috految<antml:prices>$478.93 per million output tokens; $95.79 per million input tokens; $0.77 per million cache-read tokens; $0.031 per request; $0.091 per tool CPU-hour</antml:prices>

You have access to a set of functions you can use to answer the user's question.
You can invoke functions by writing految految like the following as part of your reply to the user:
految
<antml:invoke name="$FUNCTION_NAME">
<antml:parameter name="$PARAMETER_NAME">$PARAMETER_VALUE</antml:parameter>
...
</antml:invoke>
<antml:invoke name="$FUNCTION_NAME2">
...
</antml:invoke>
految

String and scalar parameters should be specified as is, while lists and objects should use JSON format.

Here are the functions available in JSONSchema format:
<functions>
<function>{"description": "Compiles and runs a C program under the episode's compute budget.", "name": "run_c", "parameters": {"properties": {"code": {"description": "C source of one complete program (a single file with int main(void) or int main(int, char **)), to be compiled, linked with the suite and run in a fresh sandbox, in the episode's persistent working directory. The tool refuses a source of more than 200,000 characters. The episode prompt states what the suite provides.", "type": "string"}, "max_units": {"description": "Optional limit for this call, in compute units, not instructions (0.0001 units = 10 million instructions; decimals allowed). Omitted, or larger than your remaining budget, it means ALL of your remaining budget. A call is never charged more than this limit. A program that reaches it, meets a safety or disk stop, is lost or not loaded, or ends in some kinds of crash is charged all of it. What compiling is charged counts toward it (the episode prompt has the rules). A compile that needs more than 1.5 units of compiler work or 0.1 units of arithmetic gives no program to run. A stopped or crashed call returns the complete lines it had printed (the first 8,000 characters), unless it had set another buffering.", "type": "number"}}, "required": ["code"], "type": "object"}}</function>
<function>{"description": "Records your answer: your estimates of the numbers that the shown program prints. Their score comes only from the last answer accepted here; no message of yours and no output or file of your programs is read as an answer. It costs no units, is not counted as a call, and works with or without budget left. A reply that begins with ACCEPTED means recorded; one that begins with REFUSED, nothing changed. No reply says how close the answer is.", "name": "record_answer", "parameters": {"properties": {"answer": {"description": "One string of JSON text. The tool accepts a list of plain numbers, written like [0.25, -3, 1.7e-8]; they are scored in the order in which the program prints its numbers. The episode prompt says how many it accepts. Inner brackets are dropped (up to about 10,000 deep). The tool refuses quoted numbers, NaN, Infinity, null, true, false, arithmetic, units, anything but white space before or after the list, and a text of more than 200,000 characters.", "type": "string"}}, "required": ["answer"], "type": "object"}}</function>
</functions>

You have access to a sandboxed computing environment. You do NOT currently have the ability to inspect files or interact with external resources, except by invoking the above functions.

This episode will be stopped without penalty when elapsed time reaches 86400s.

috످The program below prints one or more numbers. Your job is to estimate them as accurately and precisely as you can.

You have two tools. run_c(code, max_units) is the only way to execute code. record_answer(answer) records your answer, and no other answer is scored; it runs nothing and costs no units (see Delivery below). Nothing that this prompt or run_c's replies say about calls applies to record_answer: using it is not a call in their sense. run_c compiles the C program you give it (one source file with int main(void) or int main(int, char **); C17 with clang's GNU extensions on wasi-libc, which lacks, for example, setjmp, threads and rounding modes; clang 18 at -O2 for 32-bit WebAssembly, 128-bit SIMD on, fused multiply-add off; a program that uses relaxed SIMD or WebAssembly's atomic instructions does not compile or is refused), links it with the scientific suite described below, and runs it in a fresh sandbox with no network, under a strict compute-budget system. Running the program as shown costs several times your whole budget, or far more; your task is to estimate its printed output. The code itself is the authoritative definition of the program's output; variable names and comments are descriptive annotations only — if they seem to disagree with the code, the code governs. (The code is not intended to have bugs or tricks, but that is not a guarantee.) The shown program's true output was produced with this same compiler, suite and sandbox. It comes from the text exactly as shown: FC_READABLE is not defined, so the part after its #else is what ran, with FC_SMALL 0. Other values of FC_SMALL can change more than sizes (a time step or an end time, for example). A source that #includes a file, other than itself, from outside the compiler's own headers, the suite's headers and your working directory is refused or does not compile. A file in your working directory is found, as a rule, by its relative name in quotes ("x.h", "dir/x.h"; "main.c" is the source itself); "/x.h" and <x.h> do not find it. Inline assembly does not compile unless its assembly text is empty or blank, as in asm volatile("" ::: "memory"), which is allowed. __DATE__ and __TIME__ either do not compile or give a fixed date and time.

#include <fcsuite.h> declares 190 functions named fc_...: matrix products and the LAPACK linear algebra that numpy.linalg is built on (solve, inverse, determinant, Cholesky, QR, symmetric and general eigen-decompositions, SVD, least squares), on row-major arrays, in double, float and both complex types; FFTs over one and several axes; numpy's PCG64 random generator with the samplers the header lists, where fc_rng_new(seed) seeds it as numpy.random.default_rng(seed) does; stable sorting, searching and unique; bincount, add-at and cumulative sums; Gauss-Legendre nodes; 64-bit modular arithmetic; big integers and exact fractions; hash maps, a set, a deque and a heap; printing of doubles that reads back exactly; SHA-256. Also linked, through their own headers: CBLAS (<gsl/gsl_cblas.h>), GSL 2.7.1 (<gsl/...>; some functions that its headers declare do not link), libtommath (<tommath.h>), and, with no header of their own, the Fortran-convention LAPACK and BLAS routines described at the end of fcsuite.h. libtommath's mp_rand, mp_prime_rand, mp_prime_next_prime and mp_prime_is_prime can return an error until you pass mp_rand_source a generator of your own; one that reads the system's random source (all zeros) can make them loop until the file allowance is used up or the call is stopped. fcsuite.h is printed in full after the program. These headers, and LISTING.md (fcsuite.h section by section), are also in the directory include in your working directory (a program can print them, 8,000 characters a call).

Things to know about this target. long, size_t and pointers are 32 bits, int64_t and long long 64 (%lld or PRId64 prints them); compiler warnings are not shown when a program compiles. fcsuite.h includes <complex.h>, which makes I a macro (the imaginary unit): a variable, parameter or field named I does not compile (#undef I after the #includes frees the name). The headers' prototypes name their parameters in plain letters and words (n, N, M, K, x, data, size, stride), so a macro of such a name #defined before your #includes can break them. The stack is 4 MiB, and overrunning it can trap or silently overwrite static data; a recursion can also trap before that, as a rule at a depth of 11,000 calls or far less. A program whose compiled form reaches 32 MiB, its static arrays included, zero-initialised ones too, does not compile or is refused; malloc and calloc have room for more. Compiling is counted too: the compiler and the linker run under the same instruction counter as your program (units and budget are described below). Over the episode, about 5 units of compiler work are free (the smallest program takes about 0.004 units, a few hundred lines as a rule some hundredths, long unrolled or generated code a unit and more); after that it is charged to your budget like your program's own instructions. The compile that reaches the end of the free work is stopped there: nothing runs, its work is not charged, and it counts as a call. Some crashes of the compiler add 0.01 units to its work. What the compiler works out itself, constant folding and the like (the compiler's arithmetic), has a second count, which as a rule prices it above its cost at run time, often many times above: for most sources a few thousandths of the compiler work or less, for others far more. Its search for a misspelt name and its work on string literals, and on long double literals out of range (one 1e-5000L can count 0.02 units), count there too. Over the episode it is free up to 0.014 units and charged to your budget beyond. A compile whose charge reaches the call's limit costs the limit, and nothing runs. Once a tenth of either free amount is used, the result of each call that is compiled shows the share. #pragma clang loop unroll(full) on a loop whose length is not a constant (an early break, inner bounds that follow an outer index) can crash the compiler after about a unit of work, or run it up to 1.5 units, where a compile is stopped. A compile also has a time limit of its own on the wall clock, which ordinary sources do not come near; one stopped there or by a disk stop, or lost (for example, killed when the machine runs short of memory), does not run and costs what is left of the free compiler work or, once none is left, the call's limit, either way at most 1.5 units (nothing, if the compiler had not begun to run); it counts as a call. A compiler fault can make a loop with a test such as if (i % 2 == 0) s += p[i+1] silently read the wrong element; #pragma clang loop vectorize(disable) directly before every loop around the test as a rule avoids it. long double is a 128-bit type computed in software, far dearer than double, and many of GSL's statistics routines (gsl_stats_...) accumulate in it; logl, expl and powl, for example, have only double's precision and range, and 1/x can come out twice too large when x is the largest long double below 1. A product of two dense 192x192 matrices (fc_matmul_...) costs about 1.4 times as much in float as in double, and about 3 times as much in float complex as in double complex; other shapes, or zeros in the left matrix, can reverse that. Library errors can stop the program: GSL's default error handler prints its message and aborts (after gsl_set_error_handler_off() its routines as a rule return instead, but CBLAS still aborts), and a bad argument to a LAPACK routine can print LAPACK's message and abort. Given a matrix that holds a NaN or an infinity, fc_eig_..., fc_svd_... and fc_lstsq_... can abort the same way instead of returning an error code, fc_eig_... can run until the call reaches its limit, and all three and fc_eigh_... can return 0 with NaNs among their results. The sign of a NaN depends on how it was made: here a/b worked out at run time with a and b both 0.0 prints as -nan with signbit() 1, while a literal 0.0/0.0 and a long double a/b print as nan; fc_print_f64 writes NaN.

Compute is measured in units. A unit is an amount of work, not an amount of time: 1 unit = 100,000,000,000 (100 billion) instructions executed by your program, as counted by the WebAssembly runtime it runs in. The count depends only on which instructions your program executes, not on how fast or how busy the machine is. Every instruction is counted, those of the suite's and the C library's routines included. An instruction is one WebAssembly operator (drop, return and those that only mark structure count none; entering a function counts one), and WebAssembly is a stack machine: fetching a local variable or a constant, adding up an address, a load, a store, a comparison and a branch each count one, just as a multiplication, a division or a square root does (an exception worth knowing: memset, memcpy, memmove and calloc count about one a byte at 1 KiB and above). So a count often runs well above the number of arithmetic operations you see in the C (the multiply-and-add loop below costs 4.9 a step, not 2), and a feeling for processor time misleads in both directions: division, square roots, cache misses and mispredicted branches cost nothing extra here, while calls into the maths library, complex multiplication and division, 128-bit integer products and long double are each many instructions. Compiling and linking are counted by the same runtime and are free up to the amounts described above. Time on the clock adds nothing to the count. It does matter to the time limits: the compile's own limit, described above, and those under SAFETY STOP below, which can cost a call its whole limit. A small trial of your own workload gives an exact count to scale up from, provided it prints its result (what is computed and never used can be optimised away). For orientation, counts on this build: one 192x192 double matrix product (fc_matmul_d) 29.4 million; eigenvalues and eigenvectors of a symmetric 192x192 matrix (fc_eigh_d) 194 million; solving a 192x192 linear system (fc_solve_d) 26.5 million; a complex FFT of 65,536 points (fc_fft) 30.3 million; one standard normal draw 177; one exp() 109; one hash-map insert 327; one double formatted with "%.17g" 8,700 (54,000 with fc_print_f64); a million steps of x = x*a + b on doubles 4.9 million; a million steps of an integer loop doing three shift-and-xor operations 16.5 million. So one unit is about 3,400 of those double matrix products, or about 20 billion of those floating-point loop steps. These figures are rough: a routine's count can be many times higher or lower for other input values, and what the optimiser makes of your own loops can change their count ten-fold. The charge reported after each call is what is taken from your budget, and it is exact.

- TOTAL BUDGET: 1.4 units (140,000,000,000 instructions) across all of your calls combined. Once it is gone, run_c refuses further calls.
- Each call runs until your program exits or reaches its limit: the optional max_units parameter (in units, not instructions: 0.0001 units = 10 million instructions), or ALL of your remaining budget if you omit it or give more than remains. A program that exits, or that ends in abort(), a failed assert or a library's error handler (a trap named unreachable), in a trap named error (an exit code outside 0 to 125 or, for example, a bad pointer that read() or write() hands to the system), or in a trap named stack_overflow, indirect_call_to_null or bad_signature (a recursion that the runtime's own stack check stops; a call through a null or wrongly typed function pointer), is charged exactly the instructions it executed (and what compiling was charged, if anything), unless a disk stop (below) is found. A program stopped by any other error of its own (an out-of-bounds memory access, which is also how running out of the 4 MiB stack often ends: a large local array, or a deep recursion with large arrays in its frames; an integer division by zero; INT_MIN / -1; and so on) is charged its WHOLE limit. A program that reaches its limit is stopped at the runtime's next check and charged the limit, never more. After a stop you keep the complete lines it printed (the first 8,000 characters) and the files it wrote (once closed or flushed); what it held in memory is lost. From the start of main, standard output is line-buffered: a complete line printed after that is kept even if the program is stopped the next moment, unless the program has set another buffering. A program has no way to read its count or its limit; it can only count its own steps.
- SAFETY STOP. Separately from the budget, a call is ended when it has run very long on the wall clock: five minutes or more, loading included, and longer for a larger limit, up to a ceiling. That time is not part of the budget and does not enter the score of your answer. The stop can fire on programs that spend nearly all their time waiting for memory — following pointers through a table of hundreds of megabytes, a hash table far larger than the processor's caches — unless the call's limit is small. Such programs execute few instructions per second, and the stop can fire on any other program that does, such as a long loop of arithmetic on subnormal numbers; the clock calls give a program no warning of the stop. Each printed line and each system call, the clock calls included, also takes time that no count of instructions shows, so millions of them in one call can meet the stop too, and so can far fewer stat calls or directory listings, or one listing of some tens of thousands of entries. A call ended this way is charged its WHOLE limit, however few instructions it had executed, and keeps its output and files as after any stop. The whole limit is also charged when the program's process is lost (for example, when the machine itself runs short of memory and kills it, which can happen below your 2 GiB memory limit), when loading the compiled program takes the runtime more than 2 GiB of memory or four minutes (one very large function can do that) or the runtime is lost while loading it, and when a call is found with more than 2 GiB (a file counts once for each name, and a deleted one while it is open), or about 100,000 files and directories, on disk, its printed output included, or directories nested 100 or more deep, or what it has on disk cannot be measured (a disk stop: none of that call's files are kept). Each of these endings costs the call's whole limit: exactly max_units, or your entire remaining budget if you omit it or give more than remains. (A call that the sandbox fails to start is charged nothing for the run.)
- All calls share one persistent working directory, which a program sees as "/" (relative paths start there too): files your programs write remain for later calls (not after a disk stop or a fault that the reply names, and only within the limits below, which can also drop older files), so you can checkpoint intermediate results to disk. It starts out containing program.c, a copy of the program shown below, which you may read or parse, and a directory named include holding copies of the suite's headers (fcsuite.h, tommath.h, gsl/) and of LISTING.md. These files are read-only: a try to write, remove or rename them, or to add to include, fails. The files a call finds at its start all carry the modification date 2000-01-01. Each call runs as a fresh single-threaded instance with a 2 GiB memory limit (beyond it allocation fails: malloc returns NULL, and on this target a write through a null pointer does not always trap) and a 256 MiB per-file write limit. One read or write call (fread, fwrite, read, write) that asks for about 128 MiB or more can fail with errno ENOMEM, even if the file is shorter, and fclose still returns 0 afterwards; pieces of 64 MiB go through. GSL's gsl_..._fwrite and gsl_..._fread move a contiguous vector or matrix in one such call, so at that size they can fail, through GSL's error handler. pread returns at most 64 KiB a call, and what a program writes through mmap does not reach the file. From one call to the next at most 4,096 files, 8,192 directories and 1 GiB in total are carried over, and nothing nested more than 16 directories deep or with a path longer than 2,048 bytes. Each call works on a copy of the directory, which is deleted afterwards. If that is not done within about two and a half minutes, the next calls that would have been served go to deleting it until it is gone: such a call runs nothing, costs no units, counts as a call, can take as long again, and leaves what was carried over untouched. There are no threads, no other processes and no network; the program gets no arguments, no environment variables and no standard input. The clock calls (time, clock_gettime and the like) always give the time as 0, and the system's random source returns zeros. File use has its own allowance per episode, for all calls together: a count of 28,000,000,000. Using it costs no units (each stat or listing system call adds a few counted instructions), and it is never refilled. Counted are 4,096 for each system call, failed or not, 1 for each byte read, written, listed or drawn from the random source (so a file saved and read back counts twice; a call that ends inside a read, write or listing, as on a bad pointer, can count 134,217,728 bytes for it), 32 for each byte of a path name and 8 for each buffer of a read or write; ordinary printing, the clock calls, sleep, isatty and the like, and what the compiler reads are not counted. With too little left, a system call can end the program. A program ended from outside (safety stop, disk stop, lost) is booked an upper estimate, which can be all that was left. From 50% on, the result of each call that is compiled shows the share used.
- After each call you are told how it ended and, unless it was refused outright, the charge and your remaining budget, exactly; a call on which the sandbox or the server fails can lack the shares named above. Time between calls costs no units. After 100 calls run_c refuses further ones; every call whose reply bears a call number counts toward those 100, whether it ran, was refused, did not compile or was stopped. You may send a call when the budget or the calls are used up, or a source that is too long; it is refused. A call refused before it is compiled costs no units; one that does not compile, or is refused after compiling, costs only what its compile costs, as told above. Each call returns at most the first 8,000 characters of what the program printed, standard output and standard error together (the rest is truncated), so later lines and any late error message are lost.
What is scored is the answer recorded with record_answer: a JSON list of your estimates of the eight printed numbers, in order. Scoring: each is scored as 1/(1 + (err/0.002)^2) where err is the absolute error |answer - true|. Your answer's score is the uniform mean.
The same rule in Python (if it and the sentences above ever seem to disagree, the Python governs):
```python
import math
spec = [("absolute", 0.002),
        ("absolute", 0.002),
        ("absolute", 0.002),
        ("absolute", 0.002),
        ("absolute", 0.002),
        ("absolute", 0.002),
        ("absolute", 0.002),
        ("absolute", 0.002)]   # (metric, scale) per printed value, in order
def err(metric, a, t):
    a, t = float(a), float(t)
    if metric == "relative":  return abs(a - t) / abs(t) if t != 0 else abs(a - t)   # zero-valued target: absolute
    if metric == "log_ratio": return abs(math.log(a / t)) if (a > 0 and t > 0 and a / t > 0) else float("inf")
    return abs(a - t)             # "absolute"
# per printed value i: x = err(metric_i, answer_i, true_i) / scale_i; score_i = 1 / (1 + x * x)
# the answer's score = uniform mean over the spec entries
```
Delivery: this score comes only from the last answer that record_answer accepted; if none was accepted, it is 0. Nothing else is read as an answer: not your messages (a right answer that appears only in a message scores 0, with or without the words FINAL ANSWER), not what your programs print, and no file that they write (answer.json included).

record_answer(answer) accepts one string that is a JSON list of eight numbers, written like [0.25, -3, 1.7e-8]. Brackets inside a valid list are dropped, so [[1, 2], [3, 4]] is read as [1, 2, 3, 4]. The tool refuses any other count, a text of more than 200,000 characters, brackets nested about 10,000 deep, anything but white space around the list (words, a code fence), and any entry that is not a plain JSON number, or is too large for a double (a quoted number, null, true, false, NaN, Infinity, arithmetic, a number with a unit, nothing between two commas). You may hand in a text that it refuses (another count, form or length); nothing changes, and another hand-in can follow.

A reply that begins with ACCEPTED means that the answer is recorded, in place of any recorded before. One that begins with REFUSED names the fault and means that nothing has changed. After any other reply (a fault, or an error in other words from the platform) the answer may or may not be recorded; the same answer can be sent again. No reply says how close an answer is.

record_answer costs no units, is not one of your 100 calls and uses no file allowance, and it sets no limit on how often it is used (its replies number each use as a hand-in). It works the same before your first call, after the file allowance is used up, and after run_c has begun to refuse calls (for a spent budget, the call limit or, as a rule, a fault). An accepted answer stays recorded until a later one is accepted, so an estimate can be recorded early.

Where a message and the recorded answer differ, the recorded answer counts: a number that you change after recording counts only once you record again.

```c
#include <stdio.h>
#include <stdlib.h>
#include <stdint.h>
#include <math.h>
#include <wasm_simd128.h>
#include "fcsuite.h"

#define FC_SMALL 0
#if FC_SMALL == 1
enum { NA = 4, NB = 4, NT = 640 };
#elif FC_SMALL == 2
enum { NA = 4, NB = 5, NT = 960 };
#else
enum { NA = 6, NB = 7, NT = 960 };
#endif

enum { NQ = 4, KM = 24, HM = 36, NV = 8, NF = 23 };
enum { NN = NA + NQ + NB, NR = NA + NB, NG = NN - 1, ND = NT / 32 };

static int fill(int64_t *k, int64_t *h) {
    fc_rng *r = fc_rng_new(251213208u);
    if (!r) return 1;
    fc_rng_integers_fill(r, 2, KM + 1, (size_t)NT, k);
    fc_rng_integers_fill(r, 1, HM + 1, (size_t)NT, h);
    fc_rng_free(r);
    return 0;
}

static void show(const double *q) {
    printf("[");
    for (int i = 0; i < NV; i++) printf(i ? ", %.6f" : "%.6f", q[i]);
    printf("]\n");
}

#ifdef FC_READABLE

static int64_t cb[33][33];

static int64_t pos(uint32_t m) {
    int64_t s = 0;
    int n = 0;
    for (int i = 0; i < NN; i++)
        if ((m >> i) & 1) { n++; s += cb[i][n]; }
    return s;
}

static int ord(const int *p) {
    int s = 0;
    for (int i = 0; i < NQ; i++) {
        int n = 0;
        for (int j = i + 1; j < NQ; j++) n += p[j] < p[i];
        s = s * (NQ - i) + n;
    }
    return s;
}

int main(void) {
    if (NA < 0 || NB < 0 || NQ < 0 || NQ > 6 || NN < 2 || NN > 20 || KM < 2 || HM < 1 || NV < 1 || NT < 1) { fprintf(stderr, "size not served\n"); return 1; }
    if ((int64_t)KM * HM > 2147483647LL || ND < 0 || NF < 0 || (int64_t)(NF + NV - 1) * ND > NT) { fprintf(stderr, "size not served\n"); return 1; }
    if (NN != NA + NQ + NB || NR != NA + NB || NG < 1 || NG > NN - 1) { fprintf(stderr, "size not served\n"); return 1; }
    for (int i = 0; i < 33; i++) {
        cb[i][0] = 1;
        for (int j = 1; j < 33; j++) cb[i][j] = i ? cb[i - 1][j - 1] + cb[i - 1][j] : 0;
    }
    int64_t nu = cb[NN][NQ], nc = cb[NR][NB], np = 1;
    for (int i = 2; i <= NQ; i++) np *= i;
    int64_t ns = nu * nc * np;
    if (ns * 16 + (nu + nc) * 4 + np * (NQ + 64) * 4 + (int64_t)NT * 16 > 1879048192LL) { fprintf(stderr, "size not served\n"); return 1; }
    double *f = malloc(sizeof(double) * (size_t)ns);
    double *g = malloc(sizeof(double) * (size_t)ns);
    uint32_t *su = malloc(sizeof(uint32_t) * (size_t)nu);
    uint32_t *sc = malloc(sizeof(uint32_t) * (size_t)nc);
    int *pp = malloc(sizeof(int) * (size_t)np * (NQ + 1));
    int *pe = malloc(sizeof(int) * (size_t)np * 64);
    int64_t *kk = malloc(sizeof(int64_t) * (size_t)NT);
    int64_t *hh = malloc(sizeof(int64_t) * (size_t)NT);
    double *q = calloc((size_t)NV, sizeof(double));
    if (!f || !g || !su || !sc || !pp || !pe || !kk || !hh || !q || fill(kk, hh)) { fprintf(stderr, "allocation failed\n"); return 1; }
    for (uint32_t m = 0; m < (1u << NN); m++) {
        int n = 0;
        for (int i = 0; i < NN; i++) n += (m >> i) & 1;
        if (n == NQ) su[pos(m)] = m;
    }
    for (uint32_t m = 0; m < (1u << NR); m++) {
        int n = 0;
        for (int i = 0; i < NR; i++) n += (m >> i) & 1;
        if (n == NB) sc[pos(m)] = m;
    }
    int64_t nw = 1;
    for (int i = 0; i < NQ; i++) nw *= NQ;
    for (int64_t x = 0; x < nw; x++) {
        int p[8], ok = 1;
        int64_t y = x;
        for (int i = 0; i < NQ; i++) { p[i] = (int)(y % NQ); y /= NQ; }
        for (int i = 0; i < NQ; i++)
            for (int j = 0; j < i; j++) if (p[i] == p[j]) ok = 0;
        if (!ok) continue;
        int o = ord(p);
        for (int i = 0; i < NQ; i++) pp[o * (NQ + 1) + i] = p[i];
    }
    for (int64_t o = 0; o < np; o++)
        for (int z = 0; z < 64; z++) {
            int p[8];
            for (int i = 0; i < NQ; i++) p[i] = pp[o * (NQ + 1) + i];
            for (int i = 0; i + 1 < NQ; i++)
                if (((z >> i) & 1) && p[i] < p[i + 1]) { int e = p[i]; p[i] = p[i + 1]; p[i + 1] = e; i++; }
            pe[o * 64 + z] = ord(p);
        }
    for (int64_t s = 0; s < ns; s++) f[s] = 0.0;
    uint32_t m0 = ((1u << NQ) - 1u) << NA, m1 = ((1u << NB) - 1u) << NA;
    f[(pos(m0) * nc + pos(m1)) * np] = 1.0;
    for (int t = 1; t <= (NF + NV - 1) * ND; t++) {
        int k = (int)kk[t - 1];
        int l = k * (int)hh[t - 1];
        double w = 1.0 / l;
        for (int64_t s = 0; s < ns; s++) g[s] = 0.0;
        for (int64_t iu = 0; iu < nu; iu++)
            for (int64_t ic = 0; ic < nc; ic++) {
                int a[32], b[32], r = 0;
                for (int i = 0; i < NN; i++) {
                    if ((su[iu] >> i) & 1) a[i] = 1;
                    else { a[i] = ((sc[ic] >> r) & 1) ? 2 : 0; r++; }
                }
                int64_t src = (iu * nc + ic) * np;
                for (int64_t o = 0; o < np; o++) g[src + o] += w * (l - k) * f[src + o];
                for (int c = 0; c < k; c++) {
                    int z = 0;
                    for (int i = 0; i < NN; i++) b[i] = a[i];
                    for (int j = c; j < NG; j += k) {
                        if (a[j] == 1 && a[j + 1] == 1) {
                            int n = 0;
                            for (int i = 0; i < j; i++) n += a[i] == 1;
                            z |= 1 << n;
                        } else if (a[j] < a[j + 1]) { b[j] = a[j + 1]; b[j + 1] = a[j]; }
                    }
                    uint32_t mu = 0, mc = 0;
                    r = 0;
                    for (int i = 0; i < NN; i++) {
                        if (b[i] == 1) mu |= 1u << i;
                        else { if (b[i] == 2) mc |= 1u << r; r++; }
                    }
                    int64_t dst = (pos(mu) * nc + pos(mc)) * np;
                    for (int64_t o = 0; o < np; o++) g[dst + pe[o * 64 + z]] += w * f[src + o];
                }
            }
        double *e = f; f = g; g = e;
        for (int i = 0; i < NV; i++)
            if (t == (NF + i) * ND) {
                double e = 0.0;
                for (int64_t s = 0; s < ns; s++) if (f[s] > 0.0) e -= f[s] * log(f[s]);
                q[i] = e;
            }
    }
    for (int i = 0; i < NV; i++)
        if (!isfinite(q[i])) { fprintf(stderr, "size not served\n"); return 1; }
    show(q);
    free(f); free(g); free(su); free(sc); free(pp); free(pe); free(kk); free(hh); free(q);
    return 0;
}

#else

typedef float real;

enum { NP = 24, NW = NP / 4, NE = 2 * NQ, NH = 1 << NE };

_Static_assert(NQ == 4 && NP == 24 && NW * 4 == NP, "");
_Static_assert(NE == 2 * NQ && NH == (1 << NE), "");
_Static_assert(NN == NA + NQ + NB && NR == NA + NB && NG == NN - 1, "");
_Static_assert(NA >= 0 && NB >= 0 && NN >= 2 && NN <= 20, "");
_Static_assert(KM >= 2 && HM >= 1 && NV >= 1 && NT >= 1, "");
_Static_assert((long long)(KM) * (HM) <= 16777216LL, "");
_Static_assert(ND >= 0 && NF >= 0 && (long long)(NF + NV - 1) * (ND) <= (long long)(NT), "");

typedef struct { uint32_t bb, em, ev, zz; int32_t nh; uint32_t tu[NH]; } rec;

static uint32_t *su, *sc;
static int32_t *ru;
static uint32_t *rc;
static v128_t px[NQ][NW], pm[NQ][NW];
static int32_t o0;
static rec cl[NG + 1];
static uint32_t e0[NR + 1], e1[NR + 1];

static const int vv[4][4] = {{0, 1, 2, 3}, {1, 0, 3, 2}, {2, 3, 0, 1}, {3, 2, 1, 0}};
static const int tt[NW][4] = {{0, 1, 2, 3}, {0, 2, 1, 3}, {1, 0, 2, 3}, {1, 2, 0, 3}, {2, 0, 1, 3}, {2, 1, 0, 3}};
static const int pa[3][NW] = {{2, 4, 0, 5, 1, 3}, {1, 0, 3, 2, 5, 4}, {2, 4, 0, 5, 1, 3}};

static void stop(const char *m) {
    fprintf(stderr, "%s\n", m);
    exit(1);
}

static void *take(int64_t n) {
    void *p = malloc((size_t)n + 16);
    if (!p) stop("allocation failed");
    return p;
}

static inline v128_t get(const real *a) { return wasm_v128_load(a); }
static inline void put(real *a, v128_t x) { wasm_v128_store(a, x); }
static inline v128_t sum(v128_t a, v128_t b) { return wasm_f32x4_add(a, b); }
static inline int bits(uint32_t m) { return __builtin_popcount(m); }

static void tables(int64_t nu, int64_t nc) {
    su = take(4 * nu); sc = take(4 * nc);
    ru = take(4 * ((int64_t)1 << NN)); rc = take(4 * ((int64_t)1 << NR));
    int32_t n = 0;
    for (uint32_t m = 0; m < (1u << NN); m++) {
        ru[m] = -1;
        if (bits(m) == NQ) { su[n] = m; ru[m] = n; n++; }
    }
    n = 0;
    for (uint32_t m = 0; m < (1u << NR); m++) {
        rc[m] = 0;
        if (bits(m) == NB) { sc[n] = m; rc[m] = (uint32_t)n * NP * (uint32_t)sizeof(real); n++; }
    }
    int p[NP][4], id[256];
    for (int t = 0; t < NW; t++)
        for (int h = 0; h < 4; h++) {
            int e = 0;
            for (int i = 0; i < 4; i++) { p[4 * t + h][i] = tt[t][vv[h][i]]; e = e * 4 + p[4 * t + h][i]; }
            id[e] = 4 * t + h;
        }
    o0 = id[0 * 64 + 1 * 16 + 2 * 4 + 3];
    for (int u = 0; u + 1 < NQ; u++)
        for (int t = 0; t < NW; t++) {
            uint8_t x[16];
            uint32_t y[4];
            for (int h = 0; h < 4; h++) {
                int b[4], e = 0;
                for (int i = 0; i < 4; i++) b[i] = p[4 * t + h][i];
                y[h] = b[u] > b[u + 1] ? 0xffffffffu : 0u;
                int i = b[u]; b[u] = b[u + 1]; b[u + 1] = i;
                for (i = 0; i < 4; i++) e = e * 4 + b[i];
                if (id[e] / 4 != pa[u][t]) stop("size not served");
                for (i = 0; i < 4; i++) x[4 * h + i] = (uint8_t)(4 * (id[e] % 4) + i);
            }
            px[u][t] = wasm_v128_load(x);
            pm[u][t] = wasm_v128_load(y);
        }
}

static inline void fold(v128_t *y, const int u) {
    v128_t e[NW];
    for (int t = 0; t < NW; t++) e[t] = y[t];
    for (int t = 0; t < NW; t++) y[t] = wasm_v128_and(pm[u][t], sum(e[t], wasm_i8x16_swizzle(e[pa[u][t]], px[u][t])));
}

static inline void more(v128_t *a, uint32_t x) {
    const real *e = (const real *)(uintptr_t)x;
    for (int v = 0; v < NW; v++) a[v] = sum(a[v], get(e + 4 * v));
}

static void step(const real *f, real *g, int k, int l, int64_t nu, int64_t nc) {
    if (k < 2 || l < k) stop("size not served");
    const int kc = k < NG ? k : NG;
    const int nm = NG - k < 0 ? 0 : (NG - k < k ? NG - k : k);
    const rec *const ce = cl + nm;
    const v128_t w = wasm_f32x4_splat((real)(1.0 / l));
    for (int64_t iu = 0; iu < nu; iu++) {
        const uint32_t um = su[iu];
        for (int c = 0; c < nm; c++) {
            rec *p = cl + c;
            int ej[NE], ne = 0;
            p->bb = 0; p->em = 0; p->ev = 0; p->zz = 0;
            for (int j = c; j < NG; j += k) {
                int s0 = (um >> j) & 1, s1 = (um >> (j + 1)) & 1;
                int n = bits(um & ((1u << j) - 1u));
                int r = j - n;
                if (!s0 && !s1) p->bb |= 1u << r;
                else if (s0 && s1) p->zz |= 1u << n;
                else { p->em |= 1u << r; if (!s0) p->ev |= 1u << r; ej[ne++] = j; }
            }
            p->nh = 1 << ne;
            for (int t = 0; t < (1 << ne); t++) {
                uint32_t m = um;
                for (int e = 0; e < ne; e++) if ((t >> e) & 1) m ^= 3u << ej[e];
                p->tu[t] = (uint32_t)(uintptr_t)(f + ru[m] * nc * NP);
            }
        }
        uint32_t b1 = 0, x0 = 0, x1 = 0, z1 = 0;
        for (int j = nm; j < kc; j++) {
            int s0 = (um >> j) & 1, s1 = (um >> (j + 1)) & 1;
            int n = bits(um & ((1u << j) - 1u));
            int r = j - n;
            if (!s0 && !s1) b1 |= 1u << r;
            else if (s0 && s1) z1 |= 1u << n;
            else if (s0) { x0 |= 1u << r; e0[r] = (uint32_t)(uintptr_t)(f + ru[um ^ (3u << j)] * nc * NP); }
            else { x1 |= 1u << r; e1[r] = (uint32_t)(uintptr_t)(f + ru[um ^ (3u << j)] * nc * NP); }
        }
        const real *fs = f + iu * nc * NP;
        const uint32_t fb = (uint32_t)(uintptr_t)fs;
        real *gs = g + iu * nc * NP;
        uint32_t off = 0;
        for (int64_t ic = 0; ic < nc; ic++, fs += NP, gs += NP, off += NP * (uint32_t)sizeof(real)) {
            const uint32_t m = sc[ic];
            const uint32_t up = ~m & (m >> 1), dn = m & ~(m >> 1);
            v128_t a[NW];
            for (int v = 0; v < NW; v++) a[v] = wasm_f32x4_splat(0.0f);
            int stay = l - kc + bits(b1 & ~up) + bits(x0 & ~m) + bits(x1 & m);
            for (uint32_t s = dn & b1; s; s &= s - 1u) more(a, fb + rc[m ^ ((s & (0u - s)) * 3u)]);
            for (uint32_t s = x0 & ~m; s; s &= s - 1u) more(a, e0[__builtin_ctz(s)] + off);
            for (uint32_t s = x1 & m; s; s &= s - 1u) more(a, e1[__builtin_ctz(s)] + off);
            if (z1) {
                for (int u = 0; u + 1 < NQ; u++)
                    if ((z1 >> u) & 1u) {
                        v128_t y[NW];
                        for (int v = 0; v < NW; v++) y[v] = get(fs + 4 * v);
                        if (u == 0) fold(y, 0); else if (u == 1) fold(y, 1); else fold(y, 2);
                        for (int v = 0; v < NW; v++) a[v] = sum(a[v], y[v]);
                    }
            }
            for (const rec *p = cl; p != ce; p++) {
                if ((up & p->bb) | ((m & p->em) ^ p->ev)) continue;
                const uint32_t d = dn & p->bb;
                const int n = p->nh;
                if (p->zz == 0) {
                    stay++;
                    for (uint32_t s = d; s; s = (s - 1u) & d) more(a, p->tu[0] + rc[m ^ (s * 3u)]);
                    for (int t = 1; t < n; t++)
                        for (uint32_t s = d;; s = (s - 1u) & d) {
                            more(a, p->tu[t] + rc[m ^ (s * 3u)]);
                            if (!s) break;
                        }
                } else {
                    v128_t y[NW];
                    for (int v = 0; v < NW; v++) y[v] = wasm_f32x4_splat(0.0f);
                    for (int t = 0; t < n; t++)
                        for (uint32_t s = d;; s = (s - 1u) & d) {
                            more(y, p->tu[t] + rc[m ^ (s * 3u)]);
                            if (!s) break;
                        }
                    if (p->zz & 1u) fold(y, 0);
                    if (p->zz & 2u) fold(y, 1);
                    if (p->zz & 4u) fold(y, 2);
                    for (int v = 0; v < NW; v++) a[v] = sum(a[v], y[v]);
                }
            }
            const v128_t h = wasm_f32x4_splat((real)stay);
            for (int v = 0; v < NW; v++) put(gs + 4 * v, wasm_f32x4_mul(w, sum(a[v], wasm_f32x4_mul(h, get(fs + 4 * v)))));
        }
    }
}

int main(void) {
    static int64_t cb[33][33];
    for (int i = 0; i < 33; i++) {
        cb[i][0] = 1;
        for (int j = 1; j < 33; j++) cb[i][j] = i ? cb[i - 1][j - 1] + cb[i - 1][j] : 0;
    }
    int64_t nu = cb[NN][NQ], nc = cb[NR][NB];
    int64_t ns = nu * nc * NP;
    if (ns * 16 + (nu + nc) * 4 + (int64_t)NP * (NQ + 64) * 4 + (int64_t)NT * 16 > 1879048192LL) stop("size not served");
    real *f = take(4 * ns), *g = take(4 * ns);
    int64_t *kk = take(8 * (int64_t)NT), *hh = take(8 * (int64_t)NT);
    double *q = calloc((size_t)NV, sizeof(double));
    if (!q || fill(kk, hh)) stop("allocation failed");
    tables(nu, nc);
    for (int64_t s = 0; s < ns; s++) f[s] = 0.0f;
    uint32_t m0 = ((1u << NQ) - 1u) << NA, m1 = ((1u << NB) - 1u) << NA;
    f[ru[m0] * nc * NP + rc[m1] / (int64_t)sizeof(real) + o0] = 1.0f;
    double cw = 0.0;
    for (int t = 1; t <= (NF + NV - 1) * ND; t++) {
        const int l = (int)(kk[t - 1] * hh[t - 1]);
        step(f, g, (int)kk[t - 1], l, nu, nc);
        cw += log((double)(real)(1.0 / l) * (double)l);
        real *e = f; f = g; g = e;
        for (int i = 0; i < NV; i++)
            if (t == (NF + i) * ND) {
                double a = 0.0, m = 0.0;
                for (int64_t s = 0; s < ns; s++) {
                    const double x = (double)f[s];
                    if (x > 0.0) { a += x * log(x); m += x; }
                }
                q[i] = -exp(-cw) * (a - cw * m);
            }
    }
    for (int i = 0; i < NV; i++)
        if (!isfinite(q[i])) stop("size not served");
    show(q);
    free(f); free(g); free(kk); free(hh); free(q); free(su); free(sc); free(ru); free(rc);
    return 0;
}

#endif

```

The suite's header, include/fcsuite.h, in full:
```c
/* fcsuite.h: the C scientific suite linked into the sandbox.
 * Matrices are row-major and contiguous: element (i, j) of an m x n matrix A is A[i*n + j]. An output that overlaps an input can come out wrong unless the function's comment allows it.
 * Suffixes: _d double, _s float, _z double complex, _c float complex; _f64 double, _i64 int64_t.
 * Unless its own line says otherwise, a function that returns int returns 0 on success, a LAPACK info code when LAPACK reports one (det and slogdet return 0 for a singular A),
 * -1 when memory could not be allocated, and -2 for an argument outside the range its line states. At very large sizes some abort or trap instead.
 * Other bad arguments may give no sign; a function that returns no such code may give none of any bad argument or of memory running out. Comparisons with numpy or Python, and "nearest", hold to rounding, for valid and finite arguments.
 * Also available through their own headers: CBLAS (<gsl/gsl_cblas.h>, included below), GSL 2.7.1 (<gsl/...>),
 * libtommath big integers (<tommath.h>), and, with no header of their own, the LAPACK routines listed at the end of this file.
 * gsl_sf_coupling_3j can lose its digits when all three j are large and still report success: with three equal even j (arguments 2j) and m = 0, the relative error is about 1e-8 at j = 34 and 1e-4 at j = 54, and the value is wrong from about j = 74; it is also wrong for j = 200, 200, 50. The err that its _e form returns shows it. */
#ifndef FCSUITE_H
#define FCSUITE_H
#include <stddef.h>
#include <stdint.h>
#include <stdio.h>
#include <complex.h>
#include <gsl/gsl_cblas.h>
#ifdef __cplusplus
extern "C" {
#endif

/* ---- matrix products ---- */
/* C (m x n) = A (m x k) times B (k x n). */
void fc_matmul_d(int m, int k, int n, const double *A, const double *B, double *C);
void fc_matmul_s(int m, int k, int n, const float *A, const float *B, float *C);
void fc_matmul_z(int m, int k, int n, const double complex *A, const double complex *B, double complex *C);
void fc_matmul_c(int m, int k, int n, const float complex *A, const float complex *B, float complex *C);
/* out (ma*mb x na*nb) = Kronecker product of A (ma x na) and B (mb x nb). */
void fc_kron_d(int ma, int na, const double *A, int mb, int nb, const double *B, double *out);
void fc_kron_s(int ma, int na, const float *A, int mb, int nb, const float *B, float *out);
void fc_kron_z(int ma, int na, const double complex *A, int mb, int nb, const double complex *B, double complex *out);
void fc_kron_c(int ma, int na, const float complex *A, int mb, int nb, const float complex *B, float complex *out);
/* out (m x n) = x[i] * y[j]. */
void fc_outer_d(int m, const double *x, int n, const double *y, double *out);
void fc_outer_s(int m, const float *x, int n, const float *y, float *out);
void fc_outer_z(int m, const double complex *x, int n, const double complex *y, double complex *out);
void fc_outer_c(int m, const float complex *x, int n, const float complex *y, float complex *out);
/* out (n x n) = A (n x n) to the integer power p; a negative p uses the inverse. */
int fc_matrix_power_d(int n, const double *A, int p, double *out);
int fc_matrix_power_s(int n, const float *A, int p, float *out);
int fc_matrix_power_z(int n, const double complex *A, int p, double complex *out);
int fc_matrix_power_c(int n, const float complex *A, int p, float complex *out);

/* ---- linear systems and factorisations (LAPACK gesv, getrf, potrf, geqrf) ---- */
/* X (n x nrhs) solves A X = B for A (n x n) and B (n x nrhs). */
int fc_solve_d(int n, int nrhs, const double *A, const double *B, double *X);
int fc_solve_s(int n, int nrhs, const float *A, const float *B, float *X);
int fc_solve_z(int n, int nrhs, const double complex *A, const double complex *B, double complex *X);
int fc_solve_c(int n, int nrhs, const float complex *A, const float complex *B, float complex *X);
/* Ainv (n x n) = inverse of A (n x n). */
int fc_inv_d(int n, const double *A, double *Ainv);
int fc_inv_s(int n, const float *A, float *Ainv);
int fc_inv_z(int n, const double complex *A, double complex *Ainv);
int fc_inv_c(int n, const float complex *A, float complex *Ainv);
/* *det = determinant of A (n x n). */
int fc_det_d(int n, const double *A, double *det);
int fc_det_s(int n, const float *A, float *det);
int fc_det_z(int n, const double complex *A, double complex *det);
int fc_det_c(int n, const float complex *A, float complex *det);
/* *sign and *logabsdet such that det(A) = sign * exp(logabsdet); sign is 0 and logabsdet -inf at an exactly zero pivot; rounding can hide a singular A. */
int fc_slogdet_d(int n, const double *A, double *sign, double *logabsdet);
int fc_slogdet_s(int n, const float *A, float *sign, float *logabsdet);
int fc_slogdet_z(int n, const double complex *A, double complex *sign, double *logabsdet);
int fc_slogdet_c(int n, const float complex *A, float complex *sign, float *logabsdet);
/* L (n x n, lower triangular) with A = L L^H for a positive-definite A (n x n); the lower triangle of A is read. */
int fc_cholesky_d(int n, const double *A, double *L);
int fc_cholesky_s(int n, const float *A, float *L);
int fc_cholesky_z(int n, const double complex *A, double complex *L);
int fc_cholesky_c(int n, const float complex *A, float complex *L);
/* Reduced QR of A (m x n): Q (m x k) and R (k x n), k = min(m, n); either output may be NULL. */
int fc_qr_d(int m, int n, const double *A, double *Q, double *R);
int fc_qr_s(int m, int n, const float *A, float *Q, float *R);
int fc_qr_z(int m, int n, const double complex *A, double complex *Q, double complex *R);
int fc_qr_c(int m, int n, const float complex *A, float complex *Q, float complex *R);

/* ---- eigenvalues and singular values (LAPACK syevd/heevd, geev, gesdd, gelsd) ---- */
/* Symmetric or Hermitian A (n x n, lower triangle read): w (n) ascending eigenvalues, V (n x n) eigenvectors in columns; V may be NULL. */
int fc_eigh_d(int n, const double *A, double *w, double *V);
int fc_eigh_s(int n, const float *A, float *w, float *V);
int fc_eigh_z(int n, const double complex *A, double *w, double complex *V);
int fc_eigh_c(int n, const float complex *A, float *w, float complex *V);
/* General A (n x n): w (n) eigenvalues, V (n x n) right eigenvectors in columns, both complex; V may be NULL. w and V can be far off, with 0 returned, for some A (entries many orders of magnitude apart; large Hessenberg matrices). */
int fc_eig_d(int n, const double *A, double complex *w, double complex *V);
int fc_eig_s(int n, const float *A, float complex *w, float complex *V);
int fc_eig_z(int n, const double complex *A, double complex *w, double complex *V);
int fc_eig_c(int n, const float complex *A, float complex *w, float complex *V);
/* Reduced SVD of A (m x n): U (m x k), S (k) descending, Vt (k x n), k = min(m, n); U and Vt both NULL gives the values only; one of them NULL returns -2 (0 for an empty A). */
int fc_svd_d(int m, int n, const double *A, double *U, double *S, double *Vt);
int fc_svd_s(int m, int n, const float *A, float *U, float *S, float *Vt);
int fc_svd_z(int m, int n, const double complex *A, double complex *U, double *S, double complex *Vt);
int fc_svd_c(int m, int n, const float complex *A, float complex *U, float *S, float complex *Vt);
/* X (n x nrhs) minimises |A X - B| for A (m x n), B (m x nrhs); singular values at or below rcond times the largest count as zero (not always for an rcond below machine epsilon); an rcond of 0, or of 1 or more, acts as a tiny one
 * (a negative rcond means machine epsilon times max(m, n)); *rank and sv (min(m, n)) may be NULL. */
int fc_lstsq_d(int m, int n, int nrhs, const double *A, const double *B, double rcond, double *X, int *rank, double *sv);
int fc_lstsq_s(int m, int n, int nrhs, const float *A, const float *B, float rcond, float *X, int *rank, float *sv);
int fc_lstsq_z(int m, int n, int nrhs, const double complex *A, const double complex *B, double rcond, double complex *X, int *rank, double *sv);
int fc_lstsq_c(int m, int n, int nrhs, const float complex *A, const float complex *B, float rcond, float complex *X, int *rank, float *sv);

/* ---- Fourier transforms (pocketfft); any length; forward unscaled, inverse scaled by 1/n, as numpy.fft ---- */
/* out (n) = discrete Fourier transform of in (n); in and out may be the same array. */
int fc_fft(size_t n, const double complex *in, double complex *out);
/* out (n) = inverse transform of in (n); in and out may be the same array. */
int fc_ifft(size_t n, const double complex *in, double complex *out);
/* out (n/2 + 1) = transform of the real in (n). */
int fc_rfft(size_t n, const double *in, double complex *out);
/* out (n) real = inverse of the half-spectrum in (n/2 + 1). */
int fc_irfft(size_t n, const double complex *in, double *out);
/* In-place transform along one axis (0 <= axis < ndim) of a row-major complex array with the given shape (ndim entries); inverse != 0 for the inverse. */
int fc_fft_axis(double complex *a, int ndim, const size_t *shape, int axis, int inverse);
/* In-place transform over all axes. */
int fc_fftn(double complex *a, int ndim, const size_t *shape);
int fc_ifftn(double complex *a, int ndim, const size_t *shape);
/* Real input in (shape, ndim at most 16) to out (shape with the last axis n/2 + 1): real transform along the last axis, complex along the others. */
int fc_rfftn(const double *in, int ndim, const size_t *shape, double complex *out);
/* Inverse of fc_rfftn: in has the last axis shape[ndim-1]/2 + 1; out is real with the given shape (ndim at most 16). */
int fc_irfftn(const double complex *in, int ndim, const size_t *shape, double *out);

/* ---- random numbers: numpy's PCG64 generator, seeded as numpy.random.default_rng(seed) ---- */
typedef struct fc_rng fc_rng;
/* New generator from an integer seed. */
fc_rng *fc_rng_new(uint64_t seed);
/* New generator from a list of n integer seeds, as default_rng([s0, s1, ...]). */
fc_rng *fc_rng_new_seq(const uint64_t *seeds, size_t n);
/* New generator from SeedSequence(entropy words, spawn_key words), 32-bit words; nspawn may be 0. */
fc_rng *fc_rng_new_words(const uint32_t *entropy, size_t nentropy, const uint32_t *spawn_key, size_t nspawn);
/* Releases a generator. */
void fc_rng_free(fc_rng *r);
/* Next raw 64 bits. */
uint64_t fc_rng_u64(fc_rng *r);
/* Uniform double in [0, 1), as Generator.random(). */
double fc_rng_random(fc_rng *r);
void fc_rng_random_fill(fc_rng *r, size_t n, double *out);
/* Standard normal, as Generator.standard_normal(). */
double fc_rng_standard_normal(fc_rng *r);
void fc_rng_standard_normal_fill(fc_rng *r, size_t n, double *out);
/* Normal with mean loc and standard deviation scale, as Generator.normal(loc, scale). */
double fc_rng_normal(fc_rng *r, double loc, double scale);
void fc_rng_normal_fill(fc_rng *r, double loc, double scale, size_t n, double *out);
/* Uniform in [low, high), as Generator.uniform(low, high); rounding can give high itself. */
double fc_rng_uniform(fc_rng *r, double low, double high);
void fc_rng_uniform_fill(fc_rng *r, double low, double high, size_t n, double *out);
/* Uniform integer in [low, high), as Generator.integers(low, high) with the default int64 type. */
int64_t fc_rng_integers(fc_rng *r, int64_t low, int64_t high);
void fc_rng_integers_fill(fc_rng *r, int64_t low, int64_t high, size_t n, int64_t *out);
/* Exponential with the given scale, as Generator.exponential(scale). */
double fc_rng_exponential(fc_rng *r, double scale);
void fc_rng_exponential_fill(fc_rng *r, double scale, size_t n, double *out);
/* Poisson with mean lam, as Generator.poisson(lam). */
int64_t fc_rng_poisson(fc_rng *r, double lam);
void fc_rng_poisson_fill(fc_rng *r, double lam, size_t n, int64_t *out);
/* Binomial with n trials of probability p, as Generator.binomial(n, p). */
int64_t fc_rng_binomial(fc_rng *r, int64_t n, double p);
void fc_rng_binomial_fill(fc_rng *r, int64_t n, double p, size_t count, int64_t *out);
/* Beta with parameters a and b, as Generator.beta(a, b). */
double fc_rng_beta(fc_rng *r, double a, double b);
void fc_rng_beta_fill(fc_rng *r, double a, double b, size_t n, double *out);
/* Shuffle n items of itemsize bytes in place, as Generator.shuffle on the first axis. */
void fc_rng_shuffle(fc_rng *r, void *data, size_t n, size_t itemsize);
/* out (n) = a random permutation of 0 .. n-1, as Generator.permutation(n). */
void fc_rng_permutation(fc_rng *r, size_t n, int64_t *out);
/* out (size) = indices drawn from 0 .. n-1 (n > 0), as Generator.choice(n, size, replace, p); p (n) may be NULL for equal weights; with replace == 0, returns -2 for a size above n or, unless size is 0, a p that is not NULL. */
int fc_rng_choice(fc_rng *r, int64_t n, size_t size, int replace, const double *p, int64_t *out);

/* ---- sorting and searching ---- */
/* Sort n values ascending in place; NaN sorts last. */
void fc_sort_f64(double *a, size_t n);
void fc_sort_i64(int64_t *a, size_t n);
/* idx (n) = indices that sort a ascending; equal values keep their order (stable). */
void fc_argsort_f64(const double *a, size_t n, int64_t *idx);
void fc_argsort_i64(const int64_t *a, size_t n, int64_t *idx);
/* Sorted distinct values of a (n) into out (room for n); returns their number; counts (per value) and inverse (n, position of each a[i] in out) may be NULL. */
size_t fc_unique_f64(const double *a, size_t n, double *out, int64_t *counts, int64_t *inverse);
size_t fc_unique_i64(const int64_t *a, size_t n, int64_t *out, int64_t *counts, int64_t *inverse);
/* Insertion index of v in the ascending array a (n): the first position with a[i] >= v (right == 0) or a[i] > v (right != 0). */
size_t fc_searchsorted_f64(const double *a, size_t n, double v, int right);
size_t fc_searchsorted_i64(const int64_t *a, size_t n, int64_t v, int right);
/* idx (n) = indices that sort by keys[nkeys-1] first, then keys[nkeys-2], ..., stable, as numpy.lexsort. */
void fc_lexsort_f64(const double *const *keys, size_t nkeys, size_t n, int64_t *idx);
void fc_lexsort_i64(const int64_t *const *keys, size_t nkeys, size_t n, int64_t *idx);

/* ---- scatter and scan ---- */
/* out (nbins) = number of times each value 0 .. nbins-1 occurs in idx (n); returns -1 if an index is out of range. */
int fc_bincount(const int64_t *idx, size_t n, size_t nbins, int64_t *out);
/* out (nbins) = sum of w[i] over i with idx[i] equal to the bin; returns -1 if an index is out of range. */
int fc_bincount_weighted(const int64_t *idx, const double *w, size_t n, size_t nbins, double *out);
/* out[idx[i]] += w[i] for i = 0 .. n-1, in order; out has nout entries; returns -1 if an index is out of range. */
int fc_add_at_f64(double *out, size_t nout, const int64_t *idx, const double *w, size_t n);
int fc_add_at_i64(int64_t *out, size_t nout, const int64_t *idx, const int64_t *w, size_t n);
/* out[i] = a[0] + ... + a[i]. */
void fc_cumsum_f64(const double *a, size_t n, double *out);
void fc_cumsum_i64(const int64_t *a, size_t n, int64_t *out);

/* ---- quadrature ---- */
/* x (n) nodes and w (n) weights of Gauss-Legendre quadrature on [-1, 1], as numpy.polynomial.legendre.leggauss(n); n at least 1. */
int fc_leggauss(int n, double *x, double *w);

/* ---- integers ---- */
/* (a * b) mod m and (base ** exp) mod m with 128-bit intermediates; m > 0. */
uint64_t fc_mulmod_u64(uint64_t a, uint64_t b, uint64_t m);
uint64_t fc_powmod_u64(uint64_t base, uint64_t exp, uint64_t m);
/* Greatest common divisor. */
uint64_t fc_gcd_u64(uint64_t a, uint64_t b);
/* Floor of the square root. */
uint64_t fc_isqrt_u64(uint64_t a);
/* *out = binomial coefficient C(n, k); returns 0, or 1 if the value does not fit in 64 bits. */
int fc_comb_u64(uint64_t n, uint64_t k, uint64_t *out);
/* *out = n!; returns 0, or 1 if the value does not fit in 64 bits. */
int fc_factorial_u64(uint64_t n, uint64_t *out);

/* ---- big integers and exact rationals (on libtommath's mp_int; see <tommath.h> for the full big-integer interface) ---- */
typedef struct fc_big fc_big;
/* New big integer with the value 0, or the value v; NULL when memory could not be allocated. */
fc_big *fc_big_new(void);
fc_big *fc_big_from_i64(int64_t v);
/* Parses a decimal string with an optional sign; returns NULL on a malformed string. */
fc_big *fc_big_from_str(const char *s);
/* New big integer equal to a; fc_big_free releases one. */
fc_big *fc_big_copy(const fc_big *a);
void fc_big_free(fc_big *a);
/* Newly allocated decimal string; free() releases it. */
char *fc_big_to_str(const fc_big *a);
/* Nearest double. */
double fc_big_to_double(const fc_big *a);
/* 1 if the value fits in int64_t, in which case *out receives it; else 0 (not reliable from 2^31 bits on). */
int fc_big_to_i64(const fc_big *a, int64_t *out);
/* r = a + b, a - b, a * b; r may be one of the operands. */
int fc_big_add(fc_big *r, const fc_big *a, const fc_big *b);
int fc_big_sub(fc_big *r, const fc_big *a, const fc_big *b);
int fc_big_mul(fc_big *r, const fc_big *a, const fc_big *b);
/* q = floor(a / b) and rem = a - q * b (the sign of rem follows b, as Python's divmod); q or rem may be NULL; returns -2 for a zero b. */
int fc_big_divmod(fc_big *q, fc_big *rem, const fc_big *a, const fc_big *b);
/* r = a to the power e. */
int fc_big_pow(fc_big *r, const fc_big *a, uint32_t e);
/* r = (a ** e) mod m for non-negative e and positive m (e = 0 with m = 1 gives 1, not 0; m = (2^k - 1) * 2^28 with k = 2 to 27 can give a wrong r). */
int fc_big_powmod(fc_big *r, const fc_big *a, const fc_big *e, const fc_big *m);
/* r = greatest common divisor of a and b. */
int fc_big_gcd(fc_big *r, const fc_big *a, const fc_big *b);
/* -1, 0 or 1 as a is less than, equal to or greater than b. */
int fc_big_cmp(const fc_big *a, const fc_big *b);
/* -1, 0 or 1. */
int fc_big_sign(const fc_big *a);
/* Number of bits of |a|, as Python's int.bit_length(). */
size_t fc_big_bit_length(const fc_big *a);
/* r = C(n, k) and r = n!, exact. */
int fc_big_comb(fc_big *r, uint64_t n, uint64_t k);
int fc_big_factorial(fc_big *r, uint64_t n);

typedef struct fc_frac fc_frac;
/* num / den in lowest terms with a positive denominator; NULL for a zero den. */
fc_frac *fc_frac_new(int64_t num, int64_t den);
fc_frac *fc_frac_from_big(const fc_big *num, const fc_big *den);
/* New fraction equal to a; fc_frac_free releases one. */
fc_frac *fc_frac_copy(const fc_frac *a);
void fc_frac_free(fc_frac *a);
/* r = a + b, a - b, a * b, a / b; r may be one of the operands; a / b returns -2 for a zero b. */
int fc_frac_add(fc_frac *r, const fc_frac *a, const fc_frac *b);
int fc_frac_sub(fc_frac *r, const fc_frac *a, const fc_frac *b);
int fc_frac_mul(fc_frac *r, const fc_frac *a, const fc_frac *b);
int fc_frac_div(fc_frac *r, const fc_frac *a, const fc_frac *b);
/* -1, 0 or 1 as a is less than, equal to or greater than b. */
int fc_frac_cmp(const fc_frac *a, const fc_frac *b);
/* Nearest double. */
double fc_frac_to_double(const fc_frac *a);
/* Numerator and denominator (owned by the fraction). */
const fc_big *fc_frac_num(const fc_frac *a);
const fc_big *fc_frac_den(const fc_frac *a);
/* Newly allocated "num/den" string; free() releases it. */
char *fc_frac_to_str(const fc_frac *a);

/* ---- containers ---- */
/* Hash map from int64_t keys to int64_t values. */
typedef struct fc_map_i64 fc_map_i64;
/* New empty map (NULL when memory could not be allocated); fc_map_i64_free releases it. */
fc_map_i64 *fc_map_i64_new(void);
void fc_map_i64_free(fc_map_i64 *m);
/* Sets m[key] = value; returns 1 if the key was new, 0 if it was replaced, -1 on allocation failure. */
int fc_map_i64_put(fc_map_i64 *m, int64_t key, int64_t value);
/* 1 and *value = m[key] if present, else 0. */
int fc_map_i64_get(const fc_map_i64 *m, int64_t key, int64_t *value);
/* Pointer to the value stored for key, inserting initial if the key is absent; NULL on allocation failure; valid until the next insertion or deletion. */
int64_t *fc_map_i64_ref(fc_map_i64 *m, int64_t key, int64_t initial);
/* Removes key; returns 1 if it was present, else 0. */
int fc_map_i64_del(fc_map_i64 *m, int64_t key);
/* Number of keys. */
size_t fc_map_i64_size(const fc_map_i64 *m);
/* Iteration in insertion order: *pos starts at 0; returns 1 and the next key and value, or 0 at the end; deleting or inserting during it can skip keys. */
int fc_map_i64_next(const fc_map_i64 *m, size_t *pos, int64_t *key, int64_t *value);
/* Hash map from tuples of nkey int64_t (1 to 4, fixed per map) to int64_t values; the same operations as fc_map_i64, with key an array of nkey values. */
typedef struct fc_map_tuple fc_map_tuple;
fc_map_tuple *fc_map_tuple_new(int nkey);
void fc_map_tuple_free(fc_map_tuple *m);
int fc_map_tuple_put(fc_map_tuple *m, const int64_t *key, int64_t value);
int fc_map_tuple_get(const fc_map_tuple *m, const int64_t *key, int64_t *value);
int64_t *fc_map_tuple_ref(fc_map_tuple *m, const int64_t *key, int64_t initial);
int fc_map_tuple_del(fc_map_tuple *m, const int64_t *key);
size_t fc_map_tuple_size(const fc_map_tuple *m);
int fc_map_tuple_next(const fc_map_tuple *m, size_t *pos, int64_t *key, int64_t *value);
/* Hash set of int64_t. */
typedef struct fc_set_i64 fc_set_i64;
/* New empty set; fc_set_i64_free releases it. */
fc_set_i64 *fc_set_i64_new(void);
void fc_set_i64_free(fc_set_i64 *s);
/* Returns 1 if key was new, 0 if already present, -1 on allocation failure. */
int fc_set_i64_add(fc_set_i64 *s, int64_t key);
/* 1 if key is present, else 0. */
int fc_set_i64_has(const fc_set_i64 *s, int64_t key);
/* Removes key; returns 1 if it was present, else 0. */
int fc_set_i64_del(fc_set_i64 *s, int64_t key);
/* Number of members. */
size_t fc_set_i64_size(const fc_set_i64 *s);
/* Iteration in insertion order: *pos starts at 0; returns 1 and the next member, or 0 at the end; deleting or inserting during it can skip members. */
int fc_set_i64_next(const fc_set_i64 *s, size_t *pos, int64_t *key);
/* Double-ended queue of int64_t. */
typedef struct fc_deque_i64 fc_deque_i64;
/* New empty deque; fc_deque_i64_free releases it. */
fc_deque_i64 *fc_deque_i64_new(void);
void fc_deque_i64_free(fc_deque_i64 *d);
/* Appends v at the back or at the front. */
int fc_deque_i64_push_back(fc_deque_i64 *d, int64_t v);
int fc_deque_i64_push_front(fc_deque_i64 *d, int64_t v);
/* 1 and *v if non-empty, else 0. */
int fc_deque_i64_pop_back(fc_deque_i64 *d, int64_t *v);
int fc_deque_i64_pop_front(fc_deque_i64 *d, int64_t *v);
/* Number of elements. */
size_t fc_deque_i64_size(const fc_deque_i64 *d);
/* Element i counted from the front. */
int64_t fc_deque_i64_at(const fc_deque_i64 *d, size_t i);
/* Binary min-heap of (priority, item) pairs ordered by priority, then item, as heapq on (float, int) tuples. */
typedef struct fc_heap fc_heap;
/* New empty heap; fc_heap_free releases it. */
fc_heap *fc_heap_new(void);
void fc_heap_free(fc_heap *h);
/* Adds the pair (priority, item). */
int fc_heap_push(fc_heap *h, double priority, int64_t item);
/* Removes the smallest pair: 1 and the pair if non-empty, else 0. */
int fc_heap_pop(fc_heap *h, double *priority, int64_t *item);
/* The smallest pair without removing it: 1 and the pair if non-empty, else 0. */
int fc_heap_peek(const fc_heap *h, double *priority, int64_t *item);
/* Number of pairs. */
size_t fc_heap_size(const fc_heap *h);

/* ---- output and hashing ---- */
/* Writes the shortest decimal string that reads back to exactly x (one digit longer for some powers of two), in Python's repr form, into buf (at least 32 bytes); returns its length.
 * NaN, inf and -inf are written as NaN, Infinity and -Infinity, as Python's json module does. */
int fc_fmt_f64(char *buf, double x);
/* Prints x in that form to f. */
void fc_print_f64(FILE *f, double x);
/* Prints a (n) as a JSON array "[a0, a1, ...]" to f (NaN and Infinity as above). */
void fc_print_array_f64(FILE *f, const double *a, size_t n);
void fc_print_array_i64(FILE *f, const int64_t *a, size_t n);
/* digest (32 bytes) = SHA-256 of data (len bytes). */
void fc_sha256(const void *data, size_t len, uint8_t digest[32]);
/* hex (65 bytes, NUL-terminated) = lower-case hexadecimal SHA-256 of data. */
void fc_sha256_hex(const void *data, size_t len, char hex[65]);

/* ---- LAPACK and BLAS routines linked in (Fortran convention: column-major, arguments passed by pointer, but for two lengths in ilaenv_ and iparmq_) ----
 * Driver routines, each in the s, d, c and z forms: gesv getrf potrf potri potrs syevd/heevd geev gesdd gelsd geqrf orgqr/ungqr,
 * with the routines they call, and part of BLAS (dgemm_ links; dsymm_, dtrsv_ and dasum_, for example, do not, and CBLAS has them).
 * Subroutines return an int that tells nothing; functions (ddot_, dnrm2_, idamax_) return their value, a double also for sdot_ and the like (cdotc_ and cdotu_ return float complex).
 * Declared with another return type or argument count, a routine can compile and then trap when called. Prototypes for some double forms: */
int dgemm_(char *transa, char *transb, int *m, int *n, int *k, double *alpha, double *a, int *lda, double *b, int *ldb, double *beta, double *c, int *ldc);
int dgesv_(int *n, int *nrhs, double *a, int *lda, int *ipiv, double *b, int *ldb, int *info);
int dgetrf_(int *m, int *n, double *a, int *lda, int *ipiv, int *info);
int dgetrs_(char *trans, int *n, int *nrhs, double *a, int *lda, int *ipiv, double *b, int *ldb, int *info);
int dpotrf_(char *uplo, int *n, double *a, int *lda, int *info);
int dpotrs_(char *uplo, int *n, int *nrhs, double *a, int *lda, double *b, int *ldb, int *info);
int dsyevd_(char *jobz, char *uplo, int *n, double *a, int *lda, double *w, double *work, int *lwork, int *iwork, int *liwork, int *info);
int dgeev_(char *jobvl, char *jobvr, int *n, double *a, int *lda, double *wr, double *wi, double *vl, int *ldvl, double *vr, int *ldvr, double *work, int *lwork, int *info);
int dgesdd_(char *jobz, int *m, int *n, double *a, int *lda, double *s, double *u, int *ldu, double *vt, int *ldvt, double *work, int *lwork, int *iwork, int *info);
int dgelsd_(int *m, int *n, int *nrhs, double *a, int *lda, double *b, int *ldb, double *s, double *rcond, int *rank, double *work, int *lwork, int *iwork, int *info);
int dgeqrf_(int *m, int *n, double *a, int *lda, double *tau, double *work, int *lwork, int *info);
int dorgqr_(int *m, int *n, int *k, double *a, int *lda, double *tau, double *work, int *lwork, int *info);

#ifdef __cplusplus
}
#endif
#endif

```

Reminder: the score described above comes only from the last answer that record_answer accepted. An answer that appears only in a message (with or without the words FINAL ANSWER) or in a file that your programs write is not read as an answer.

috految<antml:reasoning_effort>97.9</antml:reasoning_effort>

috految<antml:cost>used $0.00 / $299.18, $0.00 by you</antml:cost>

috److془We need to carefully plan this.

State: 17 sites, 6 zeros, 4 distinct labelled, 7 twos. States: 2380*1716*24 = 98M. Steps: 900. Each step with prob 1/h picks c uniformly in 0..k-1, applies comparators at bonds j ≡ c mod k.

Rate per bond per step: E[1/k]*E[1/h] = (2.776/23=0.1207)*(4.1746/36=0.116) = 0.014. Total time: 690 steps → 9.7; 900 → 12.6. Number of comparators: 200; number of events: ~ 95.

Entropy ~ 15-16 perhaps. Need error ≪ 0.002. Budget 140e9 instructions.

Monte Carlo with N ~ 200M samples at 600 instr per sample. Std of log p ~ 2.2 → error 1.5e-4. Bias: with N=200M and 98M states, the missing mass ~ 3%; extrapolation by smooth mixture model gives error ~ 1e-4. 

Need efficient simulation. Let's think: bit-sliced: 128 lanes, each comparator w/ mask on 5 threshold layers. Or 16-lane bytes: comparator: get a, get b, max, get a, get b, min, set, set = ~ 8 instrs per 16 lanes. Shared randomness with reshuffling between blocks. Memory based: 13 instrs per 16 lanes. 200 comparators * 0.8 = 160 instrs per sample. Alternatively, the design: the population N partitioned in groups of 16; Each step applies to the fraction 1/l of groups precisely (stratified). Reshuffling between blocks needed.

Alternative: Bit-sliced with independent randomness: ~ 5 layers * 17 * ~ 10 instr/128 = 6 per sample per layer. Hmm; 16*32 padded... more expensive.

Alternative: sample = one 16-byte vector; ... 95 events * 10 = 950. Hmm.

Alternative: Population with lanes: the sorting network for blocks is shared among 16 lanes (or more). Correlation: pair of samples sharing the block; collision probability between two samples sharing the last block (30 steps, ~7 comparators) is enhanced by a factor of ~ 10-100; The number of such pairs per sample is 16-100s vs N = 2e8. So bias is negligible. Variance: G*Var(E[log p | block])/N for each block; with stratification of first order effects, it's the interactions among the events within a block. Sum of the variances of block effects ~ 1.5 perhaps (3 with the time dependent), interactions in a ~30 step block ~ 0.2. With G = 16: ~ 3 + 4 → sqrt(7/3e8) = 1.5e-4. Score 0.994. 

Better: table-based: each sample's state is 5 threshold masks... hmm fine. Or the simple approach: population array in site-major layout: A[site][M] bytes. Event: applied on contiguous ranges. Maybe simple: the group of G lanes shares the events in block; the shuffle is a 16x16 transposition = 4 stages * ~3.5 instrs + load/store 4 = 18 per vector → 19 per sample per shuffle. Hmm; 30 shuffles is 570. Too much. Use ~ 6 shuffles. Or use bit-slice: 5 layers * 17 bits = 85 bits vs. 136 bits. Not much gain.

Alternative: pool trick - with independent lanes costs fewer. Bit-sliced Demazure product: each block is an element w of S_17; the pattern of 136 masked comparators (triangular), ~ 136*5*10/128 = 53 per sample for arbitrary element. But generating the pool costs. Pool size P = 10M gives G~30 with stratification.. Hmm equal.

Alternative: use the staggered approach: lane shifting - unaligned vector loads give free mixing; but local only. Sharing neighbors: 15/16 of events. Bad. 

Alternative: Use the control variates: exact marginals of 5 projection (24310 states each at most; 900 steps * 100k states * ~100 instrs = 9e9; hmm) not needed. Alternative: stratify by state (array-RQMC, deterministic). Hmm.

Actually, the earlier time can have smaller population with branching (duplicating at time ~ 300, collision probability of same parent at 690 is ~ e^{-10}ish, bias ≈ (r-1)/2 * Σ_x p(x|parent)^2/(N p(x)) ~ r*chi2/(2N) where chi2 ~ 1000s → negligible).

Variance: with sharing, the variance = Σ V_block * G_block/N. Let's think: the lanes in 16 with one-stage shuffling (riffle): Each riffle stage costs 2 loads (4), 2 tee, 2 get, 2 shuffle, 2 store(4) = 14 for 2 vectors: 7.4 per sample. Two-stage: 10 +. Full 16x16: 4+12=16 per vector, 17 per sample. 

Stratification of the block: using position of group as parameter with tree-like stratification (arithmetic coding) gives near exact treatment of first ~ 20 bits of entropy out of about 6.5*4.3 bits per 60 steps. Or use lattice rule/ orthogonal array strength 2: in Z_p^2 with p ~ 4000 (16M groups), for step t: u_t = (a + m_t b) mod p, lines. Thus all pairwise interactions exactly stratified. Or rank one lattice: u_t = (z_t * g + s_t) mod P, P prime; group indexes in event c: g = (u - s_t) * z_t^{-1} mod P for u in the interval. Simple! Random lattice has the mean variance like MC, but heavy tailed, so typically low order interactions are eliminated. With P ~ 16M, pair interactions: the number of effective frequencies ~ (30 steps*100)^2/2 ~ 4M. Hmm so partially eliminated. OA with strength 2 eliminates exactly. Fine. Also gives contiguous memory access if we have lines across b for fixed a. Actually: the batch with p groups, with the event in step t: random shift of permutation table: a = π_t(u) + m_t*b mod p. Or, for p=4096 GF(2^12) xor. Address = table[u] ^ shift; 4 instr + tee. Batch is 4096*16 = 65536 samples; 4096 batches = 268M samples. Cost per sample: events 95 * ~6 /16 = 36 + 200*14/16 = 175 + shuffles 5*17 = 85 + histogram 8 * ~25 = 200. Total ~ 500. Total 134e9. Plus the histogram processing (8* 98M * ~3). Hmm nice. Histogram memory: 8 * 98M * 2 bytes = 1.57GB. Overflow possible (p>2.4e-4) - handle. Wall time: 2e9 random access at ~ 20-50 ns each = 40-100 s. Safety stop at "five minutes or more, longer for a larger limit". Could split in calls with checkpoint: bytes with overflow list 784MB <1GiB. Or simply print the intermediate results. Using bytes: L = ++h[i]; if(!L) ovf[n++]=i. Cost: get,load,tee, get, load8, const, add, tee, store, get, const, and, br_if ~ 13. With the 16-bit: 8. Fine. Use bytes with saturation: v=(int8)h[i]; h[i]=v+1; if(v==-1) or count down: fill with 255 initially; v=*p; *p=v-1; if(!v) overflow. 10 instr+. 

Then the remaining bias question: extrapolation with N=268M. Missing mass: Σ p e^{-Np}; ≤ 98M*0.37/N; typical ~ 98M*0.13/268M= 4%. Entropy bias = Σ p E1(Np), Grassberger: Σ p E1(2Np) ~ (1/2N)* density of states per log (~ 98M*0.13) = 0.024. Need to be extrapolated to 0.5% relative. Using Poisson mixture with smooth log-density, constraint total states 98M. Counts f_1.. have relative accuracy of 3e-4. The blind region λ<0.05, where contributions ~ ρ*0.05/N ~ 0.002 with extrapolation error few % → 1e-4. Great. Note randomness in the density structures: smooth presumably. Could have special structure, e.g. h=1 step with k=2 shortly before, with multimodality in the density. Still smooth by convolution. Good. Could use also class stratification (e.g., by perm & marginal predicted p). Probably not needed. Stratification by predicted p could help but fine.

Float issues of the true program: rounding errors ~ 1e-7*sqrt(900) * 15 ~ 1e-5, fine unless biased. When adding small numbers to large ones, bias ≤ 3e-8 per step × 900 × 14 = 4e-4 worst-case, realistically ≪. Multiplication by w=float(1/l) with rounding: x*w where x is 24 bit; x/l has fractional parts of multiples of 1/l_odd; for small l_odd, bias ~ 1e-8 each. Sum ~ 1e-6*14. Fine. 

Check that the fast is equal to readable: verify with small size. Note the fast may have differences e.g. `if ((up & p->bb) | ((m & p->em) ^ p->ev)) continue;` fine. Check: with s0=0,s1=1, must be 2 (ev=1). ok. nm = min(NG-k,k): c with c+k<NG. Good. stay = l - kc + ... good. Initial state: m0 at positions 6..9; m1=bits 6..12 of the rest; so 0^6 1 2 3 4 5^7; sorted decreasing. perm identity; fold: result with b[u]>b[u+1]. Good. Times: ND = 30; t=(23+i)*30 = 690..900. Cw correction: f = e^{cw} p; -e^{-cw}(a - cw m) good.

Hmm wait: the vsunk issue: "tu[NH]" 256 fine. 

Poisson assumption: OA structure makes covariances of counts: -(low order ANOVA component) which is ~ chi2-like/N negligible. Pair sharing: 15 partners share the block; partners of the last block of 120 steps (28 comparators): chi2 = Σ_x E p(x|block)^2/p(x) ~ maybe ≥ 1000; Hmm: bias = 15*chi2/(2N) = 3e-5 for chi2 = 1000. Hmm; but the chi2 could be greater. The block of time 1.7: the number of states in the image reduces by: each bond with simple comparators in effect, for uniform, one comparator reduces by 1.5-1.6. ~ 18 effective; ~ 1000, with fluctuations maybe 5000. But the stationary measure is like uniform with chi2 averaged with weight uniform over x. Hmm, could be 1e4. Use blocks of ≤ 60 steps for the last: chi2~ 100. For the earlier blocks: time 1.7 followed by 0.85: chi2 ~ 100. The early block 0–250: chi2 ~ 100s. Hmm, chi2 for x one includes rare states with λ≪1, weight is capped. Fine. Pair sharing multiple blocks (chance 15/65536 each) negligible-ish: 15*(15/65536)*chi2_two (1e5) /2N negligible. Pairs in the same batch sharing - they're independent except for anticorrelation via stratification. Good. Though: with the OA, the triple interactions: same π_t for all batches; pairs (a,b),(a',b') agree on at most one t and otherwise are independent through random permutations π_t. Perfect. Pair (different a,b) agree in one t with prob 1/4096 for each t. With 900 t's distinct m_t. Between blocks, the random shuffle of the groups is fresh in each batch. Chance of two coincidences in different blocks as independent. Good.

The variance: 16*(third-order+ within the block interactions) + rest ~ (16*0.3 + 3)/268M → 1.7e-4. Score ~0.99+. 

Fractional rounding: the count of groups for c: floor(4096*(c+1)/l + U) - floor(4096*c/l + U), U from stratified in b (random is OK: variance 1/6 vs. ~50 count; sum over c is even smaller). Good. Loop overhead: 900*11 classes * ~60 = 600k per batch/65536 = 9 per sample. 

Optimization: first block: initial all lanes identical; so lanes wasted. Could use the branching: first block 0..t1 computed with 1/4 the number of batches, etc. Or simply the first block up to t~150 cost 35. Fine. Also can skip nothing. Also could use the lane-wise fact: order-of-sharing. Let's go: shuffles at: 150, 320, 470, 580, 660, 735, 795, 855: 8*18 = 144. Hmm, total = 36+9+175+144+ hist. Shuffles can be cheaper by nibble packing: pack two sites: load, load, const, shl, or = 7; shuffle 12; unpack: tee,get, 2 const, and, shr, 2 addr, 2 store=10. 29 vs. 32 no gain. Alternative: 8-bit to 5 bit or so no. Fine.

Using the reuse of early: the state at t=320 reused 2 times (or 4): saves (75+18)/2~ 46. =9%. Not significant. Use the number of batches less than 4096 (pair interactions remain (1-f) fraction). Fine. Alternatively for the last 2 reuse. Fine. Actually the reuse is trivial, but increases variance; skip. 

Index computing: need perfect hash to 98M: split sites: L = 0..7 (6^8=1.68M), R = 8..15 (site 16 is determined by the multiset; but then R could be ambiguous: use L 9 sites R 8 sites). idx = TL[codeL]+TR[codeR]. TL = block base for L prefix: TR = rank among the 8-seqs with the same multiset. Byte codes: triple → a*36+b*6+c (i16 mul works without carry): 12 instr per triple → 68 per 16 samples. Interleave: 12 shuffles, shl 2 + base: ~ 70 per 16. Per sample: get, extract, load, get, extract, load, add, tee, get, load8, tee, const, add, store, get, br_if = 16. Total ~25. Table: code 24 bit *4 = 64MB each. To have histogram offset: constant offset with inline function (pointer + const inbounds; offset folding works for nuw GEP with positive constant). Use H[idx*8+i] for locality too. Or H + i*S layout for the TLB. I'll use the latter. Total ~ 564 → 235M samples. Good. Counting histogram: for counts of counts via 16-bit pairs: 392M * 11 = 4.3e9. Fine. Fill: 0.8e9 (memset) or vector store 0.3e9. Overflows list ≤ 2e9/256=8M. 

Could we do the class stratification in the analysis? Per-L-prefix class: mean count of the block (size up to 8!/(2!2!)=10080, typical ~ 1000). Cheap but probably unneeded. Alternatively, one can do the analysis on the saved histograms. Actually could do class with total count, but it's unneeded. 

Can the shuffle be placed better given actual rates: use cum time. Put shuffles at cum fractions of T(690): 0.2,0.43,0.64,0.81,0.94, then at 720(after hist), 780, 840. If an h=1,k=2 step is there it has only 1 bit entropy so fine. Just use with fixed times: 140,300,450,565,645,720,780,840. 

Is exact marginal checking needed? Test correctness for small with program.c: NA=2,NB=1..: need to modify text. The semantics are straightforward. Check via the marginal mean versus naive simulation or the generic code with NN small. I'll do it: NA=2,NB=3 (NN=9): 1260*900*500=0.5e9; fine. Actually NA=2,NB=2 (420 states). Pad sites beyond NN with 0 (with comparators, zeros at right are inert!). So just change the initial state: 0,0,1,2,3,4,5,5,0.... Indeed, 5's on left inert too (extra c shift is symmetric). So initial 5^5 0 0 1 2 3 4 5 5 0^4. Same multiset. 

Wall time: hist: 2e9 * 3 accesses; with OoO maybe 30-60 ns per → 60-120 s. Split into 2 calls with checkpoint. File allowance 28e9 fine. Disk: 784MB+32MB; "found with more than 2 GiB" fine. Carry over ≤1GiB. 

Comparator: v128 x=p[j], y=p[j+1]; p[j]=max; p[j+1]=min. Instr: get p, get p, load, tee, get p, load, tee, max, store, get p, get x, get y, min, store = 14. Group stride 512B, base aligned to 2MB so xor works. Cache conflicts tolerable; alternatively layout A[site][4096+pad] with stride 16, site offsets constants. c offset should be within xor: the site stride 65536, aligned base to 65536; xor with base+c*65536+shift. Good. 17 sites in the same cache set, meh fine. Functions specific to (k,n) with offsets constant multiples. Switch via always_inline. Shuffle: in place, choose 16 random groups from a random permutation (16 pointers), transposition over 17 sites. Random permutation per shuffle: perm_s[i]^rand, with pool of 900 perms, choose at random. Chance of a pair sharing two consecutive blocks: 0 for consecutive. Fine. Note that in place lane r of group g_r remains; irrelevant as subsequent are independent of it. Use separate pool for perms 100. Hmm: pairs of samples from the same group with lanes r,r' go to positions g_r,g_r' with the same lane q. Next shuffle, they're in the same group if g_r, g_r' in the same set: 15/4096. Then pair sharing 2 blocks non consecutive 0.05 partners. Fine. Use pool separately for each shuffle. Same group have distinct lanes. Good. Pair of batches same shuffle: fine, different b gives at most one agreement in each block.

Pair (a,b),(a',b') with b≠b': π_t^{-1}(a ^ m_t b) independence across t by independent π_t. Good. m_t random distinct in GF(4096) poly x^12+x^6+x^4+x+1 = 0x1053. Just use m_t = perm[t], b sequential. Variation across the blocks: pair-of-samples same parent etc. fine. 

Write it. Header via stringify macro; _Pragma unroll inside macro U defined in the file. Use asm("":"+r"(p)) to avoid the LSR messing.془

految
<antml:invoke name="run_c">
<antml:parameter name="code">#include <stdio.h>
#include <string.h>
#define Q(...) #__VA_ARGS__
int main(){FILE*f=fopen("m.h","w");
fputs("#include <stdlib.h>\n#include <string.h>\n#include <math.h>\n#include <wasm_simd128.h>\n#include <fcsuite.h>\n#define F(i,n) for(int i=0;i<(n);i++)\n#define U(i,n) _Pragma(\"unroll\") F(i,n)\n#define IN static inline __attribute__((always_inline))\n#define NI __attribute__((noinline))\n#define OP(x) asm(\"\":\"+r\"(x))\n",f);
fputs(Q(
typedef v128_t V;typedef unsigned u;typedef unsigned char B;
enum{S=98017920};
u *TL,*TR,*ov,no,*pm_,cn[1<<18],tot,base;B*H;int64_t kk[960],hh[960];uint64_t sd=1;
IN u rn(){uint64_t z=sd+=0x9e3779b97f4a7c15ull;z=(z^z>>30)*0xbf58476d1ce4e5b9ull;z=(z^z>>27)*0x94d049bb133111ebull;return z>>32;}
int rem[6]={6,1,1,1,1,7};
void en(int d,int n,u code,u key){if(d==n){if(n==8)TR[code]=cn[key]++;else{TL[code]=(u)H+tot;tot+=cn[0711116-key];}return;}
F(v,6)if(rem[v]){rem[v]--;en(d+1,n,code+(v*(d%3==0?1:d%3==1?6:36)<<8*(d/3)),key+(1<<3*v));rem[v]++;}}
IN void cmp(u a,int k,int n){V*p=(V*)a;U(i,8)if(i<n){V x=p[i*k*4096],y=p[(i*k+1)*4096];p[i*k*4096]=wasm_u8x16_max(x,y);p[(i*k+1)*4096]=wasm_u8x16_min(x,y);}}
IN void ev(u*t,int m,u x,int k,int n){for(;m>=16;m-=16){OP(t);U(i,16)cmp(t[i]^x,k,n);t+=16;}
if(m&8){U(i,8)cmp(t[i]^x,k,n);t+=8;}if(m&4){U(i,4)cmp(t[i]^x,k,n);t+=4;}if(m&2){U(i,2)cmp(t[i]^x,k,n);t+=2;}if(m&1)cmp(*t^x,k,n);}
IN V lo(V a,V b){return wasm_i8x16_shuffle(a,b,0,16,1,17,2,18,3,19,4,20,5,21,6,22,7,23);}
IN V hi(V a,V b){return wasm_i8x16_shuffle(a,b,8,24,9,25,10,26,11,27,12,28,13,29,14,30,15,31);}
NI void tr(u*t,u x){V*p[16];U(i,16)p[i]=(V*)(t[i]^x);U(s,17){V a[16],b[16];U(i,16)a[i]=p[i][s*4096];U(r,4){U(i,8){b[2*i]=lo(a[i],a[i+8]);b[2*i+1]=hi(a[i],a[i+8]);}U(i,16)a[i]=b[i];}U(i,16)p[i][s*4096]=a[i];}}
NI void over(B*p,int o){ov[no++]=p-H+o;}
IN void hist(int o){V tl=wasm_i32x4_splat((u)TL),tq=wasm_i32x4_splat((u)TR),z=wasm_i32x4_splat(0);V*e=(V*)base+4096;for(V*p=(V*)base;p!=e;p++){OP(p);V c[6];
U(i,6){c[i]=wasm_i16x8_add(p[3*i*4096],wasm_i16x8_mul(p[(3*i+1)*4096],wasm_i16x8_splat(6)));if(i<5)c[i]=wasm_i16x8_add(c[i],wasm_i16x8_mul(p[(3*i+2)*4096],wasm_i16x8_splat(36)));}
U(h,2){V a[2],b[2];U(s,2){a[s]=h?hi(c[3*s],c[3*s+2]):lo(c[3*s],c[3*s+2]);b[s]=h?hi(c[3*s+1],z):lo(c[3*s+1],z);}
U(g,2){V l=wasm_i32x4_add(tl,wasm_i32x4_shl(g?hi(a[0],b[0]):lo(a[0],b[0]),2)),r=wasm_i32x4_add(tq,wasm_i32x4_shl(g?hi(a[1],b[1]):lo(a[1],b[1]),2));
U(j,4){B*q=(B*)(*(u*)l[j]+*(u*)r[j]);int v=q[o];q[o]=v-1;if(!v)over(q,o);}}}}}
),f);
for(int k=2;k<=16;k++)for(int n=1;n<=8;n++)if(n==16/k||n==(15+k)/k)fprintf(f,"\nvoid e%d_%d(u*t,int m,u x){ev(t,m,x,%d,%d);}",k,n,k,n);
fputs("void(*EF[17][16])(u*,int,u)={{0},{0},",f);
for(int k=2;k<=16;k++){fputs("{",f);for(int c=0;c<k;c++)fprintf(f,"e%d_%d,",k,(15-c)/k+1);fputs("},",f);}fputs("};",f);
for(int i=0;i<8;i++)fprintf(f,"void h%d(){hist(%d*S);}\n",i,i);
fputs(Q(void(*HF[8])()={h0,h1,h2,h3,h4,h5,h6,h7};
void init(){fc_rng*r=fc_rng_new(251213208u);fc_rng_integers_fill(r,2,25,960,kk);fc_rng_integers_fill(r,1,37,960,hh);
H=malloc(8u*S);TL=malloc(64<<20);TR=malloc(64<<20);ov=malloc(48<<20);pm_=malloc(1000<<14);base=((u)malloc(20<<16)+65535)&~65535;if(!H||!pm_||!ov)abort();
en(0,8,0,0);en(0,9,0,0);if(tot!=S)abort();
F(t,1000){u*p=pm_+t*4096;F(i,4096){u j=rn()%(i+1);p[i]=p[j];p[j]=i*16;}}}
void run(int b0,int b1,const char*s){sd=b0*77777777777ull+991;int sh[]={140,300,450,565,645,720,780,840,0};
for(int b=b0;b<b1;b++){F(j,17){V x=wasm_i8x16_splat(s[j]-48);V*p=(V*)base+j*4096;F(i,128){OP(p);U(q,32)p[q]=x;p+=32;}}
int ns=0;u y[12],q=b;F(i,12){y[i]=q;q<<=1;if(q&4096)q^=0x1053;}
F(t,900){int k=kk[t];u l=k*hh[t],m=pm_[999*4096+t]>>4,x=0;U(i,12)if(m>>i&1)x^=y[i];x=base+x*16;if(k>16)k=16;u w=rn()%l,a=0;u*T=pm_+t*4096;
F(c,k){w+=4096;u e=w/l;EF[k][c](T+a,e-a,x+(c<<16));a=e;}
if(t>=689&&(t+1)%30==0)HF[(t-689)/30]();
if(t+1==sh[ns]){u*P=pm_+(900+ns*12+rn()%12)*4096,z=base+(rn()&4095)*16;F(i,256)tr(P+16*i,z);ns++;}}}}
void io(int w){char n[9];F(i,17){sprintf(n,"h%d",i);FILE*f=fopen(n,w?"wb":"rb");if(!f)abort();if(i<16){if((w?fwrite(H+i*(S/2),1,S/2,f):fread(H+i*(S/2),1,S/2,f))!=S/2)abort();}else if(w)fwrite(ov,4,no,f);else no=fread(ov,4,12<<20,f);fclose(f);}}
void fillH(){V*p=(V*)H;V x=wasm_i32x4_splat(-1);F(i,S/128){OP(p);U(j,64)((volatile V*)p)[j]=x;p+=64;}}
),f);fclose(f);
static char b[40000];f=fopen("program.c","r");fread(b,1,39999,f);char*p=strstr(b,"NA = 6, NB = 7");p[5]='2';p[13]='2';f=fopen("p.h","w");fputs(b,f);fclose(f);}</antml:parameter>
<antml:parameter name="max_units">0.01</antml:parameter>
</antml:invoke>
<antml:invoke name="run_c">
<antml:parameter name="code">#define main m2
#include "p.h"
#undef main
#include "m.h"
int main(){m2();init();fillH();run(0,10,"55555001234550000");double N=655360,e=0,M=0;uint64_t*p=(void*)H;
F(i,S/8)if(p[i]!=~0ull)F(j,8){int n=255-H[i*8+j];if(n){F(q,no)n+=256*(ov[q]==i*8+j);M+=n;e-=n/N*log(n/N)-.5/N;}}
printf("%f %f\n",e,M);double c=0;F(t,900){c+=1./kk[t]/hh[t];if(t%30==29)printf("%.2f ",c);}puts("");}</antml:parameter>
<antml:parameter name="max_units">0.04</antml:parameter>
</antml:invoke>
految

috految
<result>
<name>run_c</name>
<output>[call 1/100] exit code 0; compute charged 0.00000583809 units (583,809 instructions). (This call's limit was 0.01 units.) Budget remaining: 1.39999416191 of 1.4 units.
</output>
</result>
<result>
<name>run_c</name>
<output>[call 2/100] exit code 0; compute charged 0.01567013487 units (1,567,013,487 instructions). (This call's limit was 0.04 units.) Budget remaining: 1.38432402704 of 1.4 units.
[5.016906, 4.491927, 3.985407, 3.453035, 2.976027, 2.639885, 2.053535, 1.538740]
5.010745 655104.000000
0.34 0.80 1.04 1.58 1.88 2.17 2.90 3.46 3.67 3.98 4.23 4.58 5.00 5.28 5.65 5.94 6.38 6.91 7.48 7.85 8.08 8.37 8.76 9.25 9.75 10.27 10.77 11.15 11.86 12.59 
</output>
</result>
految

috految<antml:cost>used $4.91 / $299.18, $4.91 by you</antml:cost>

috److془Missing 256 (count of exactly 256): +0.003 → 5.0138; noise 0.004. Good.

Run.془

految
<antml:invoke name="run_c">
<antml:parameter name="code">#include "m.h"
int main(){init();fillH();run(0,1000,"00000012345555555");io(1);printf("%u\n",no);}</antml:parameter>
<antml:parameter name="max_units">0.65</antml:parameter>
</antml:invoke>
految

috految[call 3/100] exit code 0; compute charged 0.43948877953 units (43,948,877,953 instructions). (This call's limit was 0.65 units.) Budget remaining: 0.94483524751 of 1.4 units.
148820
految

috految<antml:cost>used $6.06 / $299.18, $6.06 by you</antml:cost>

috److془Per batch 0.000434 (or less). Leave 0.075: 2000 → 0.872. Remaining 0.073. Counting ~0.045-0.05. Use 1960.

Fit: Poisson mixture, log density = polynomial in log λ over range; fit to f_0..f_K; estimate = Grassberger - Σ ρ λ E1(2λ)/N. Check: E[n G_n] = λ ln λ + λ E1(2λ). Ĥ = ln N - Σ n G_n/N = H - Σ λE1(2λ)/N. So H = Ĥ + bias. Use psi version: E[nψ(n)] = λ ln λ + λE1(λ). Good.

Fit with GP prior or polynomial in transformed variable. Use x=ln λ from -16 to ln(K)+1.5; poly of degree d in y=asinh((x-1)/4), optional f_0 inclusion. Cost: 150 grid*60*7*8 = .5M per iteration. ;40 variants*20 iterations = 0.4e9+.془

految
<antml:invoke name="run_c">
<antml:parameter name="code">#include "m.h"
int main(){init();io(0);run(1000,2000,"00000012345555555");io(1);}</antml:parameter>
<antml:parameter name="max_units">0.5</antml:parameter>
</antml:invoke>
<antml:invoke name="run_c">
<antml:parameter name="code">#include "m.h"
u C[65536];double f[8][260];
int main(){init();io(0);run(2000,2950,"00000012345555555");io(1);
double N=2950*65536.;int*ex=malloc(4*S);if(!ex)abort();
F(t,8){memset(C,0,sizeof C);unsigned short*p=(void*)(H+t*S);F(i,S/128){OP(p);U(j,64)C[p[j]]++;p+=64;}
double*g=f[t],A=0,M=0;F(i,65536){g[255-(i&255)]+=C[i];g[255-(i>>8)]+=C[i];}
F(i,no)if(ov[i]/S==t)ex[ov[i]%S]=0;
F(i,no)if(ov[i]/S==t)ex[ov[i]%S]++;
F(i,no)if(ov[i]/S==t&&ex[ov[i]%S]){int n=255-H[ov[i]];g[n]--;n+=256*ex[ov[i]%S];ex[ov[i]%S]=0;A+=n*log(n)-.5-1./12/n;M+=n;}
double ps=-.5772156649015;for(int n=1;n<256;n++){A+=g[n]*n*ps;M+=g[n]*n;ps+=1./n;}
g[258]=log(N)-A/N;printf("%.0f %.6f %.0f %.0f %.0f %.0f\n",M-N,g[258],g[0],g[1],g[2],g[3]);
FILE*o=fopen("f","wb");fwrite(f,1,sizeof f,o);fclose(o);}}</antml:parameter>
<antml:parameter name="max_units">0.495</antml:parameter>
</antml:invoke>
<antml:invoke name="run_c">
<antml:parameter name="code">#include <math.h>
#include <fcsuite.h>
#include <gsl/gsl_sf_expint.h>
#define F(i,n) for(int i=0;i<(n);i++)
double f[8][260],P[60][120],b[120],Y[8][120],x[120];
int main(){FILE*o=fopen("f","rb");if(!o)return 1;fread(f,1,sizeof f,o);double N=2950*65536.;
F(i,120){x[i]=-14+.16*i;double l=exp(x[i]);b[i]=l*gsl_sf_expint_E1(l)/N;F(n,60)P[n][i]=exp(n*x[i]-l-lgamma(n+1));F(j,8)Y[j][i]=pow(asinh((x[i]-1)/5),j);}
F(t,8){F(z,2){double c[8]={14.5,-1,-2};for(int d=3;d<=7;d++){double ch,H,m0;
F(it,25){double r[120],A[64]={0},g[8]={0},s[8];H=f[t][258];ch=0;F(i,120){double e=0;F(j,d)e+=c[j]*Y[j][i];r[i]=exp(e);H+=r[i]*b[i];}
F(n,40){double m=0,J[8]={0};F(i,120){double w=r[i]*P[n][i];m+=w;F(j,8)J[j]+=w*Y[j][i];}if(!n)m0=m;if(!n&&!z)continue;double e=log(f[t][n]/m),w=n?f[t][n]:1e5;ch+=w*e*e;F(j,d){g[j]+=w*e*J[j]/m;F(k,d)A[j*d+k]+=w*J[j]*J[k]/m/m;}}
for(int j=3;j<d;j++){A[j*d+j]+=.5;g[j]-=.5*c[j];}
fc_solve_d(d,1,A,g,s);double q=0;F(j,d)q=fmax(q,fabs(s[j]));F(j,d)c[j]+=s[j]/fmax(1,q*2);if(q<1e-4)break;}
if(d>3)printf("%.5f(%.0f,%.2f) ",H,ch,m0/f[t][0]);}puts("");}}}</antml:parameter>
<antml:parameter name="max_units">0.012</antml:parameter>
</antml:invoke>
految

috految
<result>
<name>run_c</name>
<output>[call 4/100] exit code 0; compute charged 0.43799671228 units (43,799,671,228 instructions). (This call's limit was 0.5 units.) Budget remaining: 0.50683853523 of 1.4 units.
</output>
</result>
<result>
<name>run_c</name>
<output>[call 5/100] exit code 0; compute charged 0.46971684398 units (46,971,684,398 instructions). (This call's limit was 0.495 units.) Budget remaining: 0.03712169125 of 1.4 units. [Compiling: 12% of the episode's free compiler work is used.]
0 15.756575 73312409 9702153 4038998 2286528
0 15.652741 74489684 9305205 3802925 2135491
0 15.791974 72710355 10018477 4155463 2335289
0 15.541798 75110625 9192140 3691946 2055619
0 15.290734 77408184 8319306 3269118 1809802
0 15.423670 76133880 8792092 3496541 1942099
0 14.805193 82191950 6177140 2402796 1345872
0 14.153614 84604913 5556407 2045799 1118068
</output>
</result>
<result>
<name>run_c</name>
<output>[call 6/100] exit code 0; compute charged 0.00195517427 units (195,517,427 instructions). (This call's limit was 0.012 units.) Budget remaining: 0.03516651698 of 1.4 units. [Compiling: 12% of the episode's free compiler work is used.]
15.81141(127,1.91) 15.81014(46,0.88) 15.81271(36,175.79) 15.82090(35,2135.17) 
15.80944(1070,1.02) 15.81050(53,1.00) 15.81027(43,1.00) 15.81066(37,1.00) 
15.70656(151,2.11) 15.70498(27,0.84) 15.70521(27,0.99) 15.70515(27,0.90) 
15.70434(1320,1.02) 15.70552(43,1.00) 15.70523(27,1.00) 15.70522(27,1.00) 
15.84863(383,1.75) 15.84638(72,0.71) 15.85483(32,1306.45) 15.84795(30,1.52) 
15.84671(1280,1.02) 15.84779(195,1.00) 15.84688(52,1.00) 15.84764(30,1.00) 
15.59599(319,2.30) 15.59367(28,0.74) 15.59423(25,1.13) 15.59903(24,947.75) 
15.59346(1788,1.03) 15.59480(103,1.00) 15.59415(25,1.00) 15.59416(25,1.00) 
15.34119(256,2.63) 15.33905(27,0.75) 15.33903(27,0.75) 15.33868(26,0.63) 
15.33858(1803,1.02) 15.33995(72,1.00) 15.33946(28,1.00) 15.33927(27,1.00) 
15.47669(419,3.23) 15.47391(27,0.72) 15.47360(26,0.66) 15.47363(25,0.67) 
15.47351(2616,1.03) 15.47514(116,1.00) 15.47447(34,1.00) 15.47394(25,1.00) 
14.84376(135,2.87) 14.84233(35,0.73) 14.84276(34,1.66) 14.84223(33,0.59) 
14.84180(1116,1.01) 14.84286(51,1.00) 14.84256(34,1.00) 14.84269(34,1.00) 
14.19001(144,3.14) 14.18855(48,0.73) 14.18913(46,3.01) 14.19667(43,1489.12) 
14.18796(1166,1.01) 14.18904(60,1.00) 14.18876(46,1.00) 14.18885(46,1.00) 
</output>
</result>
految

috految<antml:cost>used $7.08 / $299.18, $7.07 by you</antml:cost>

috److془Estimates: 15.8104, 15.70525, 15.8472, 15.5942, 15.3394, 15.4744, 14.8426, 14.1888. Uncertainty ~2e-4. Add ~ +0.00002.

Hmm: chi2 of d=6 for t=2 52 vs 30; ~15.8472. Bias could be weird for t=2 if targeted pair collisions... fine. Actually, check: the sharing pairs: 15*chi2/2 excess pairs ~ 1e3 of f_2 3e6 with σ 2000. fine.

Fine. Note that f0 has true tail for lower than -14 maybe few %. Fine.془

految
<antml:invoke name="record_answer">
<antml:parameter name="answer">[15.81034,15.70522,15.84716,15.59418,15.33942,15.47437,14.84260,14.18881]</antml:parameter>
</antml:invoke>
految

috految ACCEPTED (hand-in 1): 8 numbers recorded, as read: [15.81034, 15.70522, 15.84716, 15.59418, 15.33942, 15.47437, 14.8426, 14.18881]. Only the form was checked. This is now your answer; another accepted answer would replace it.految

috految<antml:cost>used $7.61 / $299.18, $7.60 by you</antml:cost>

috److I estimated the eight printed numbers and recorded them with `record_answer`:

| Step | Estimate |
|---|---|
| 690 | 15.81034 |
| 720 | 15.70522 |
| 750 | 15.84716 |
| 780 | 15.59418 |
| 810 | 15.33942 |
| 840 | 15.47437 |
| 870 | 14.84260 |
| 900 | 14.18881 |

**What the program computes:** each number is the entropy of the distribution over about 98 million states at that step.

**Method:** running it exactly was far beyond the budget, so I simulated about 193 million sample paths with the same random step sequence. I then corrected the entropy for rarely sampled states by fitting a smooth model to the observed counts. The correction was roughly 0.035 to 0.055, depending on the step.

**Check:** on a reduced-size case, my simulator gave about 5.011 against the exact program's 5.017 for the first output. The difference is consistent with sampling noise in that small run plus a small set of counts the test script missed.

**Uncertainty:** I expect an error of a few ten-thousandths per value. The final figures were picked by hand from the fits that matched the counts best. The step 750 value is the least certain, since those fits disagreed there by about 0.0008.

috످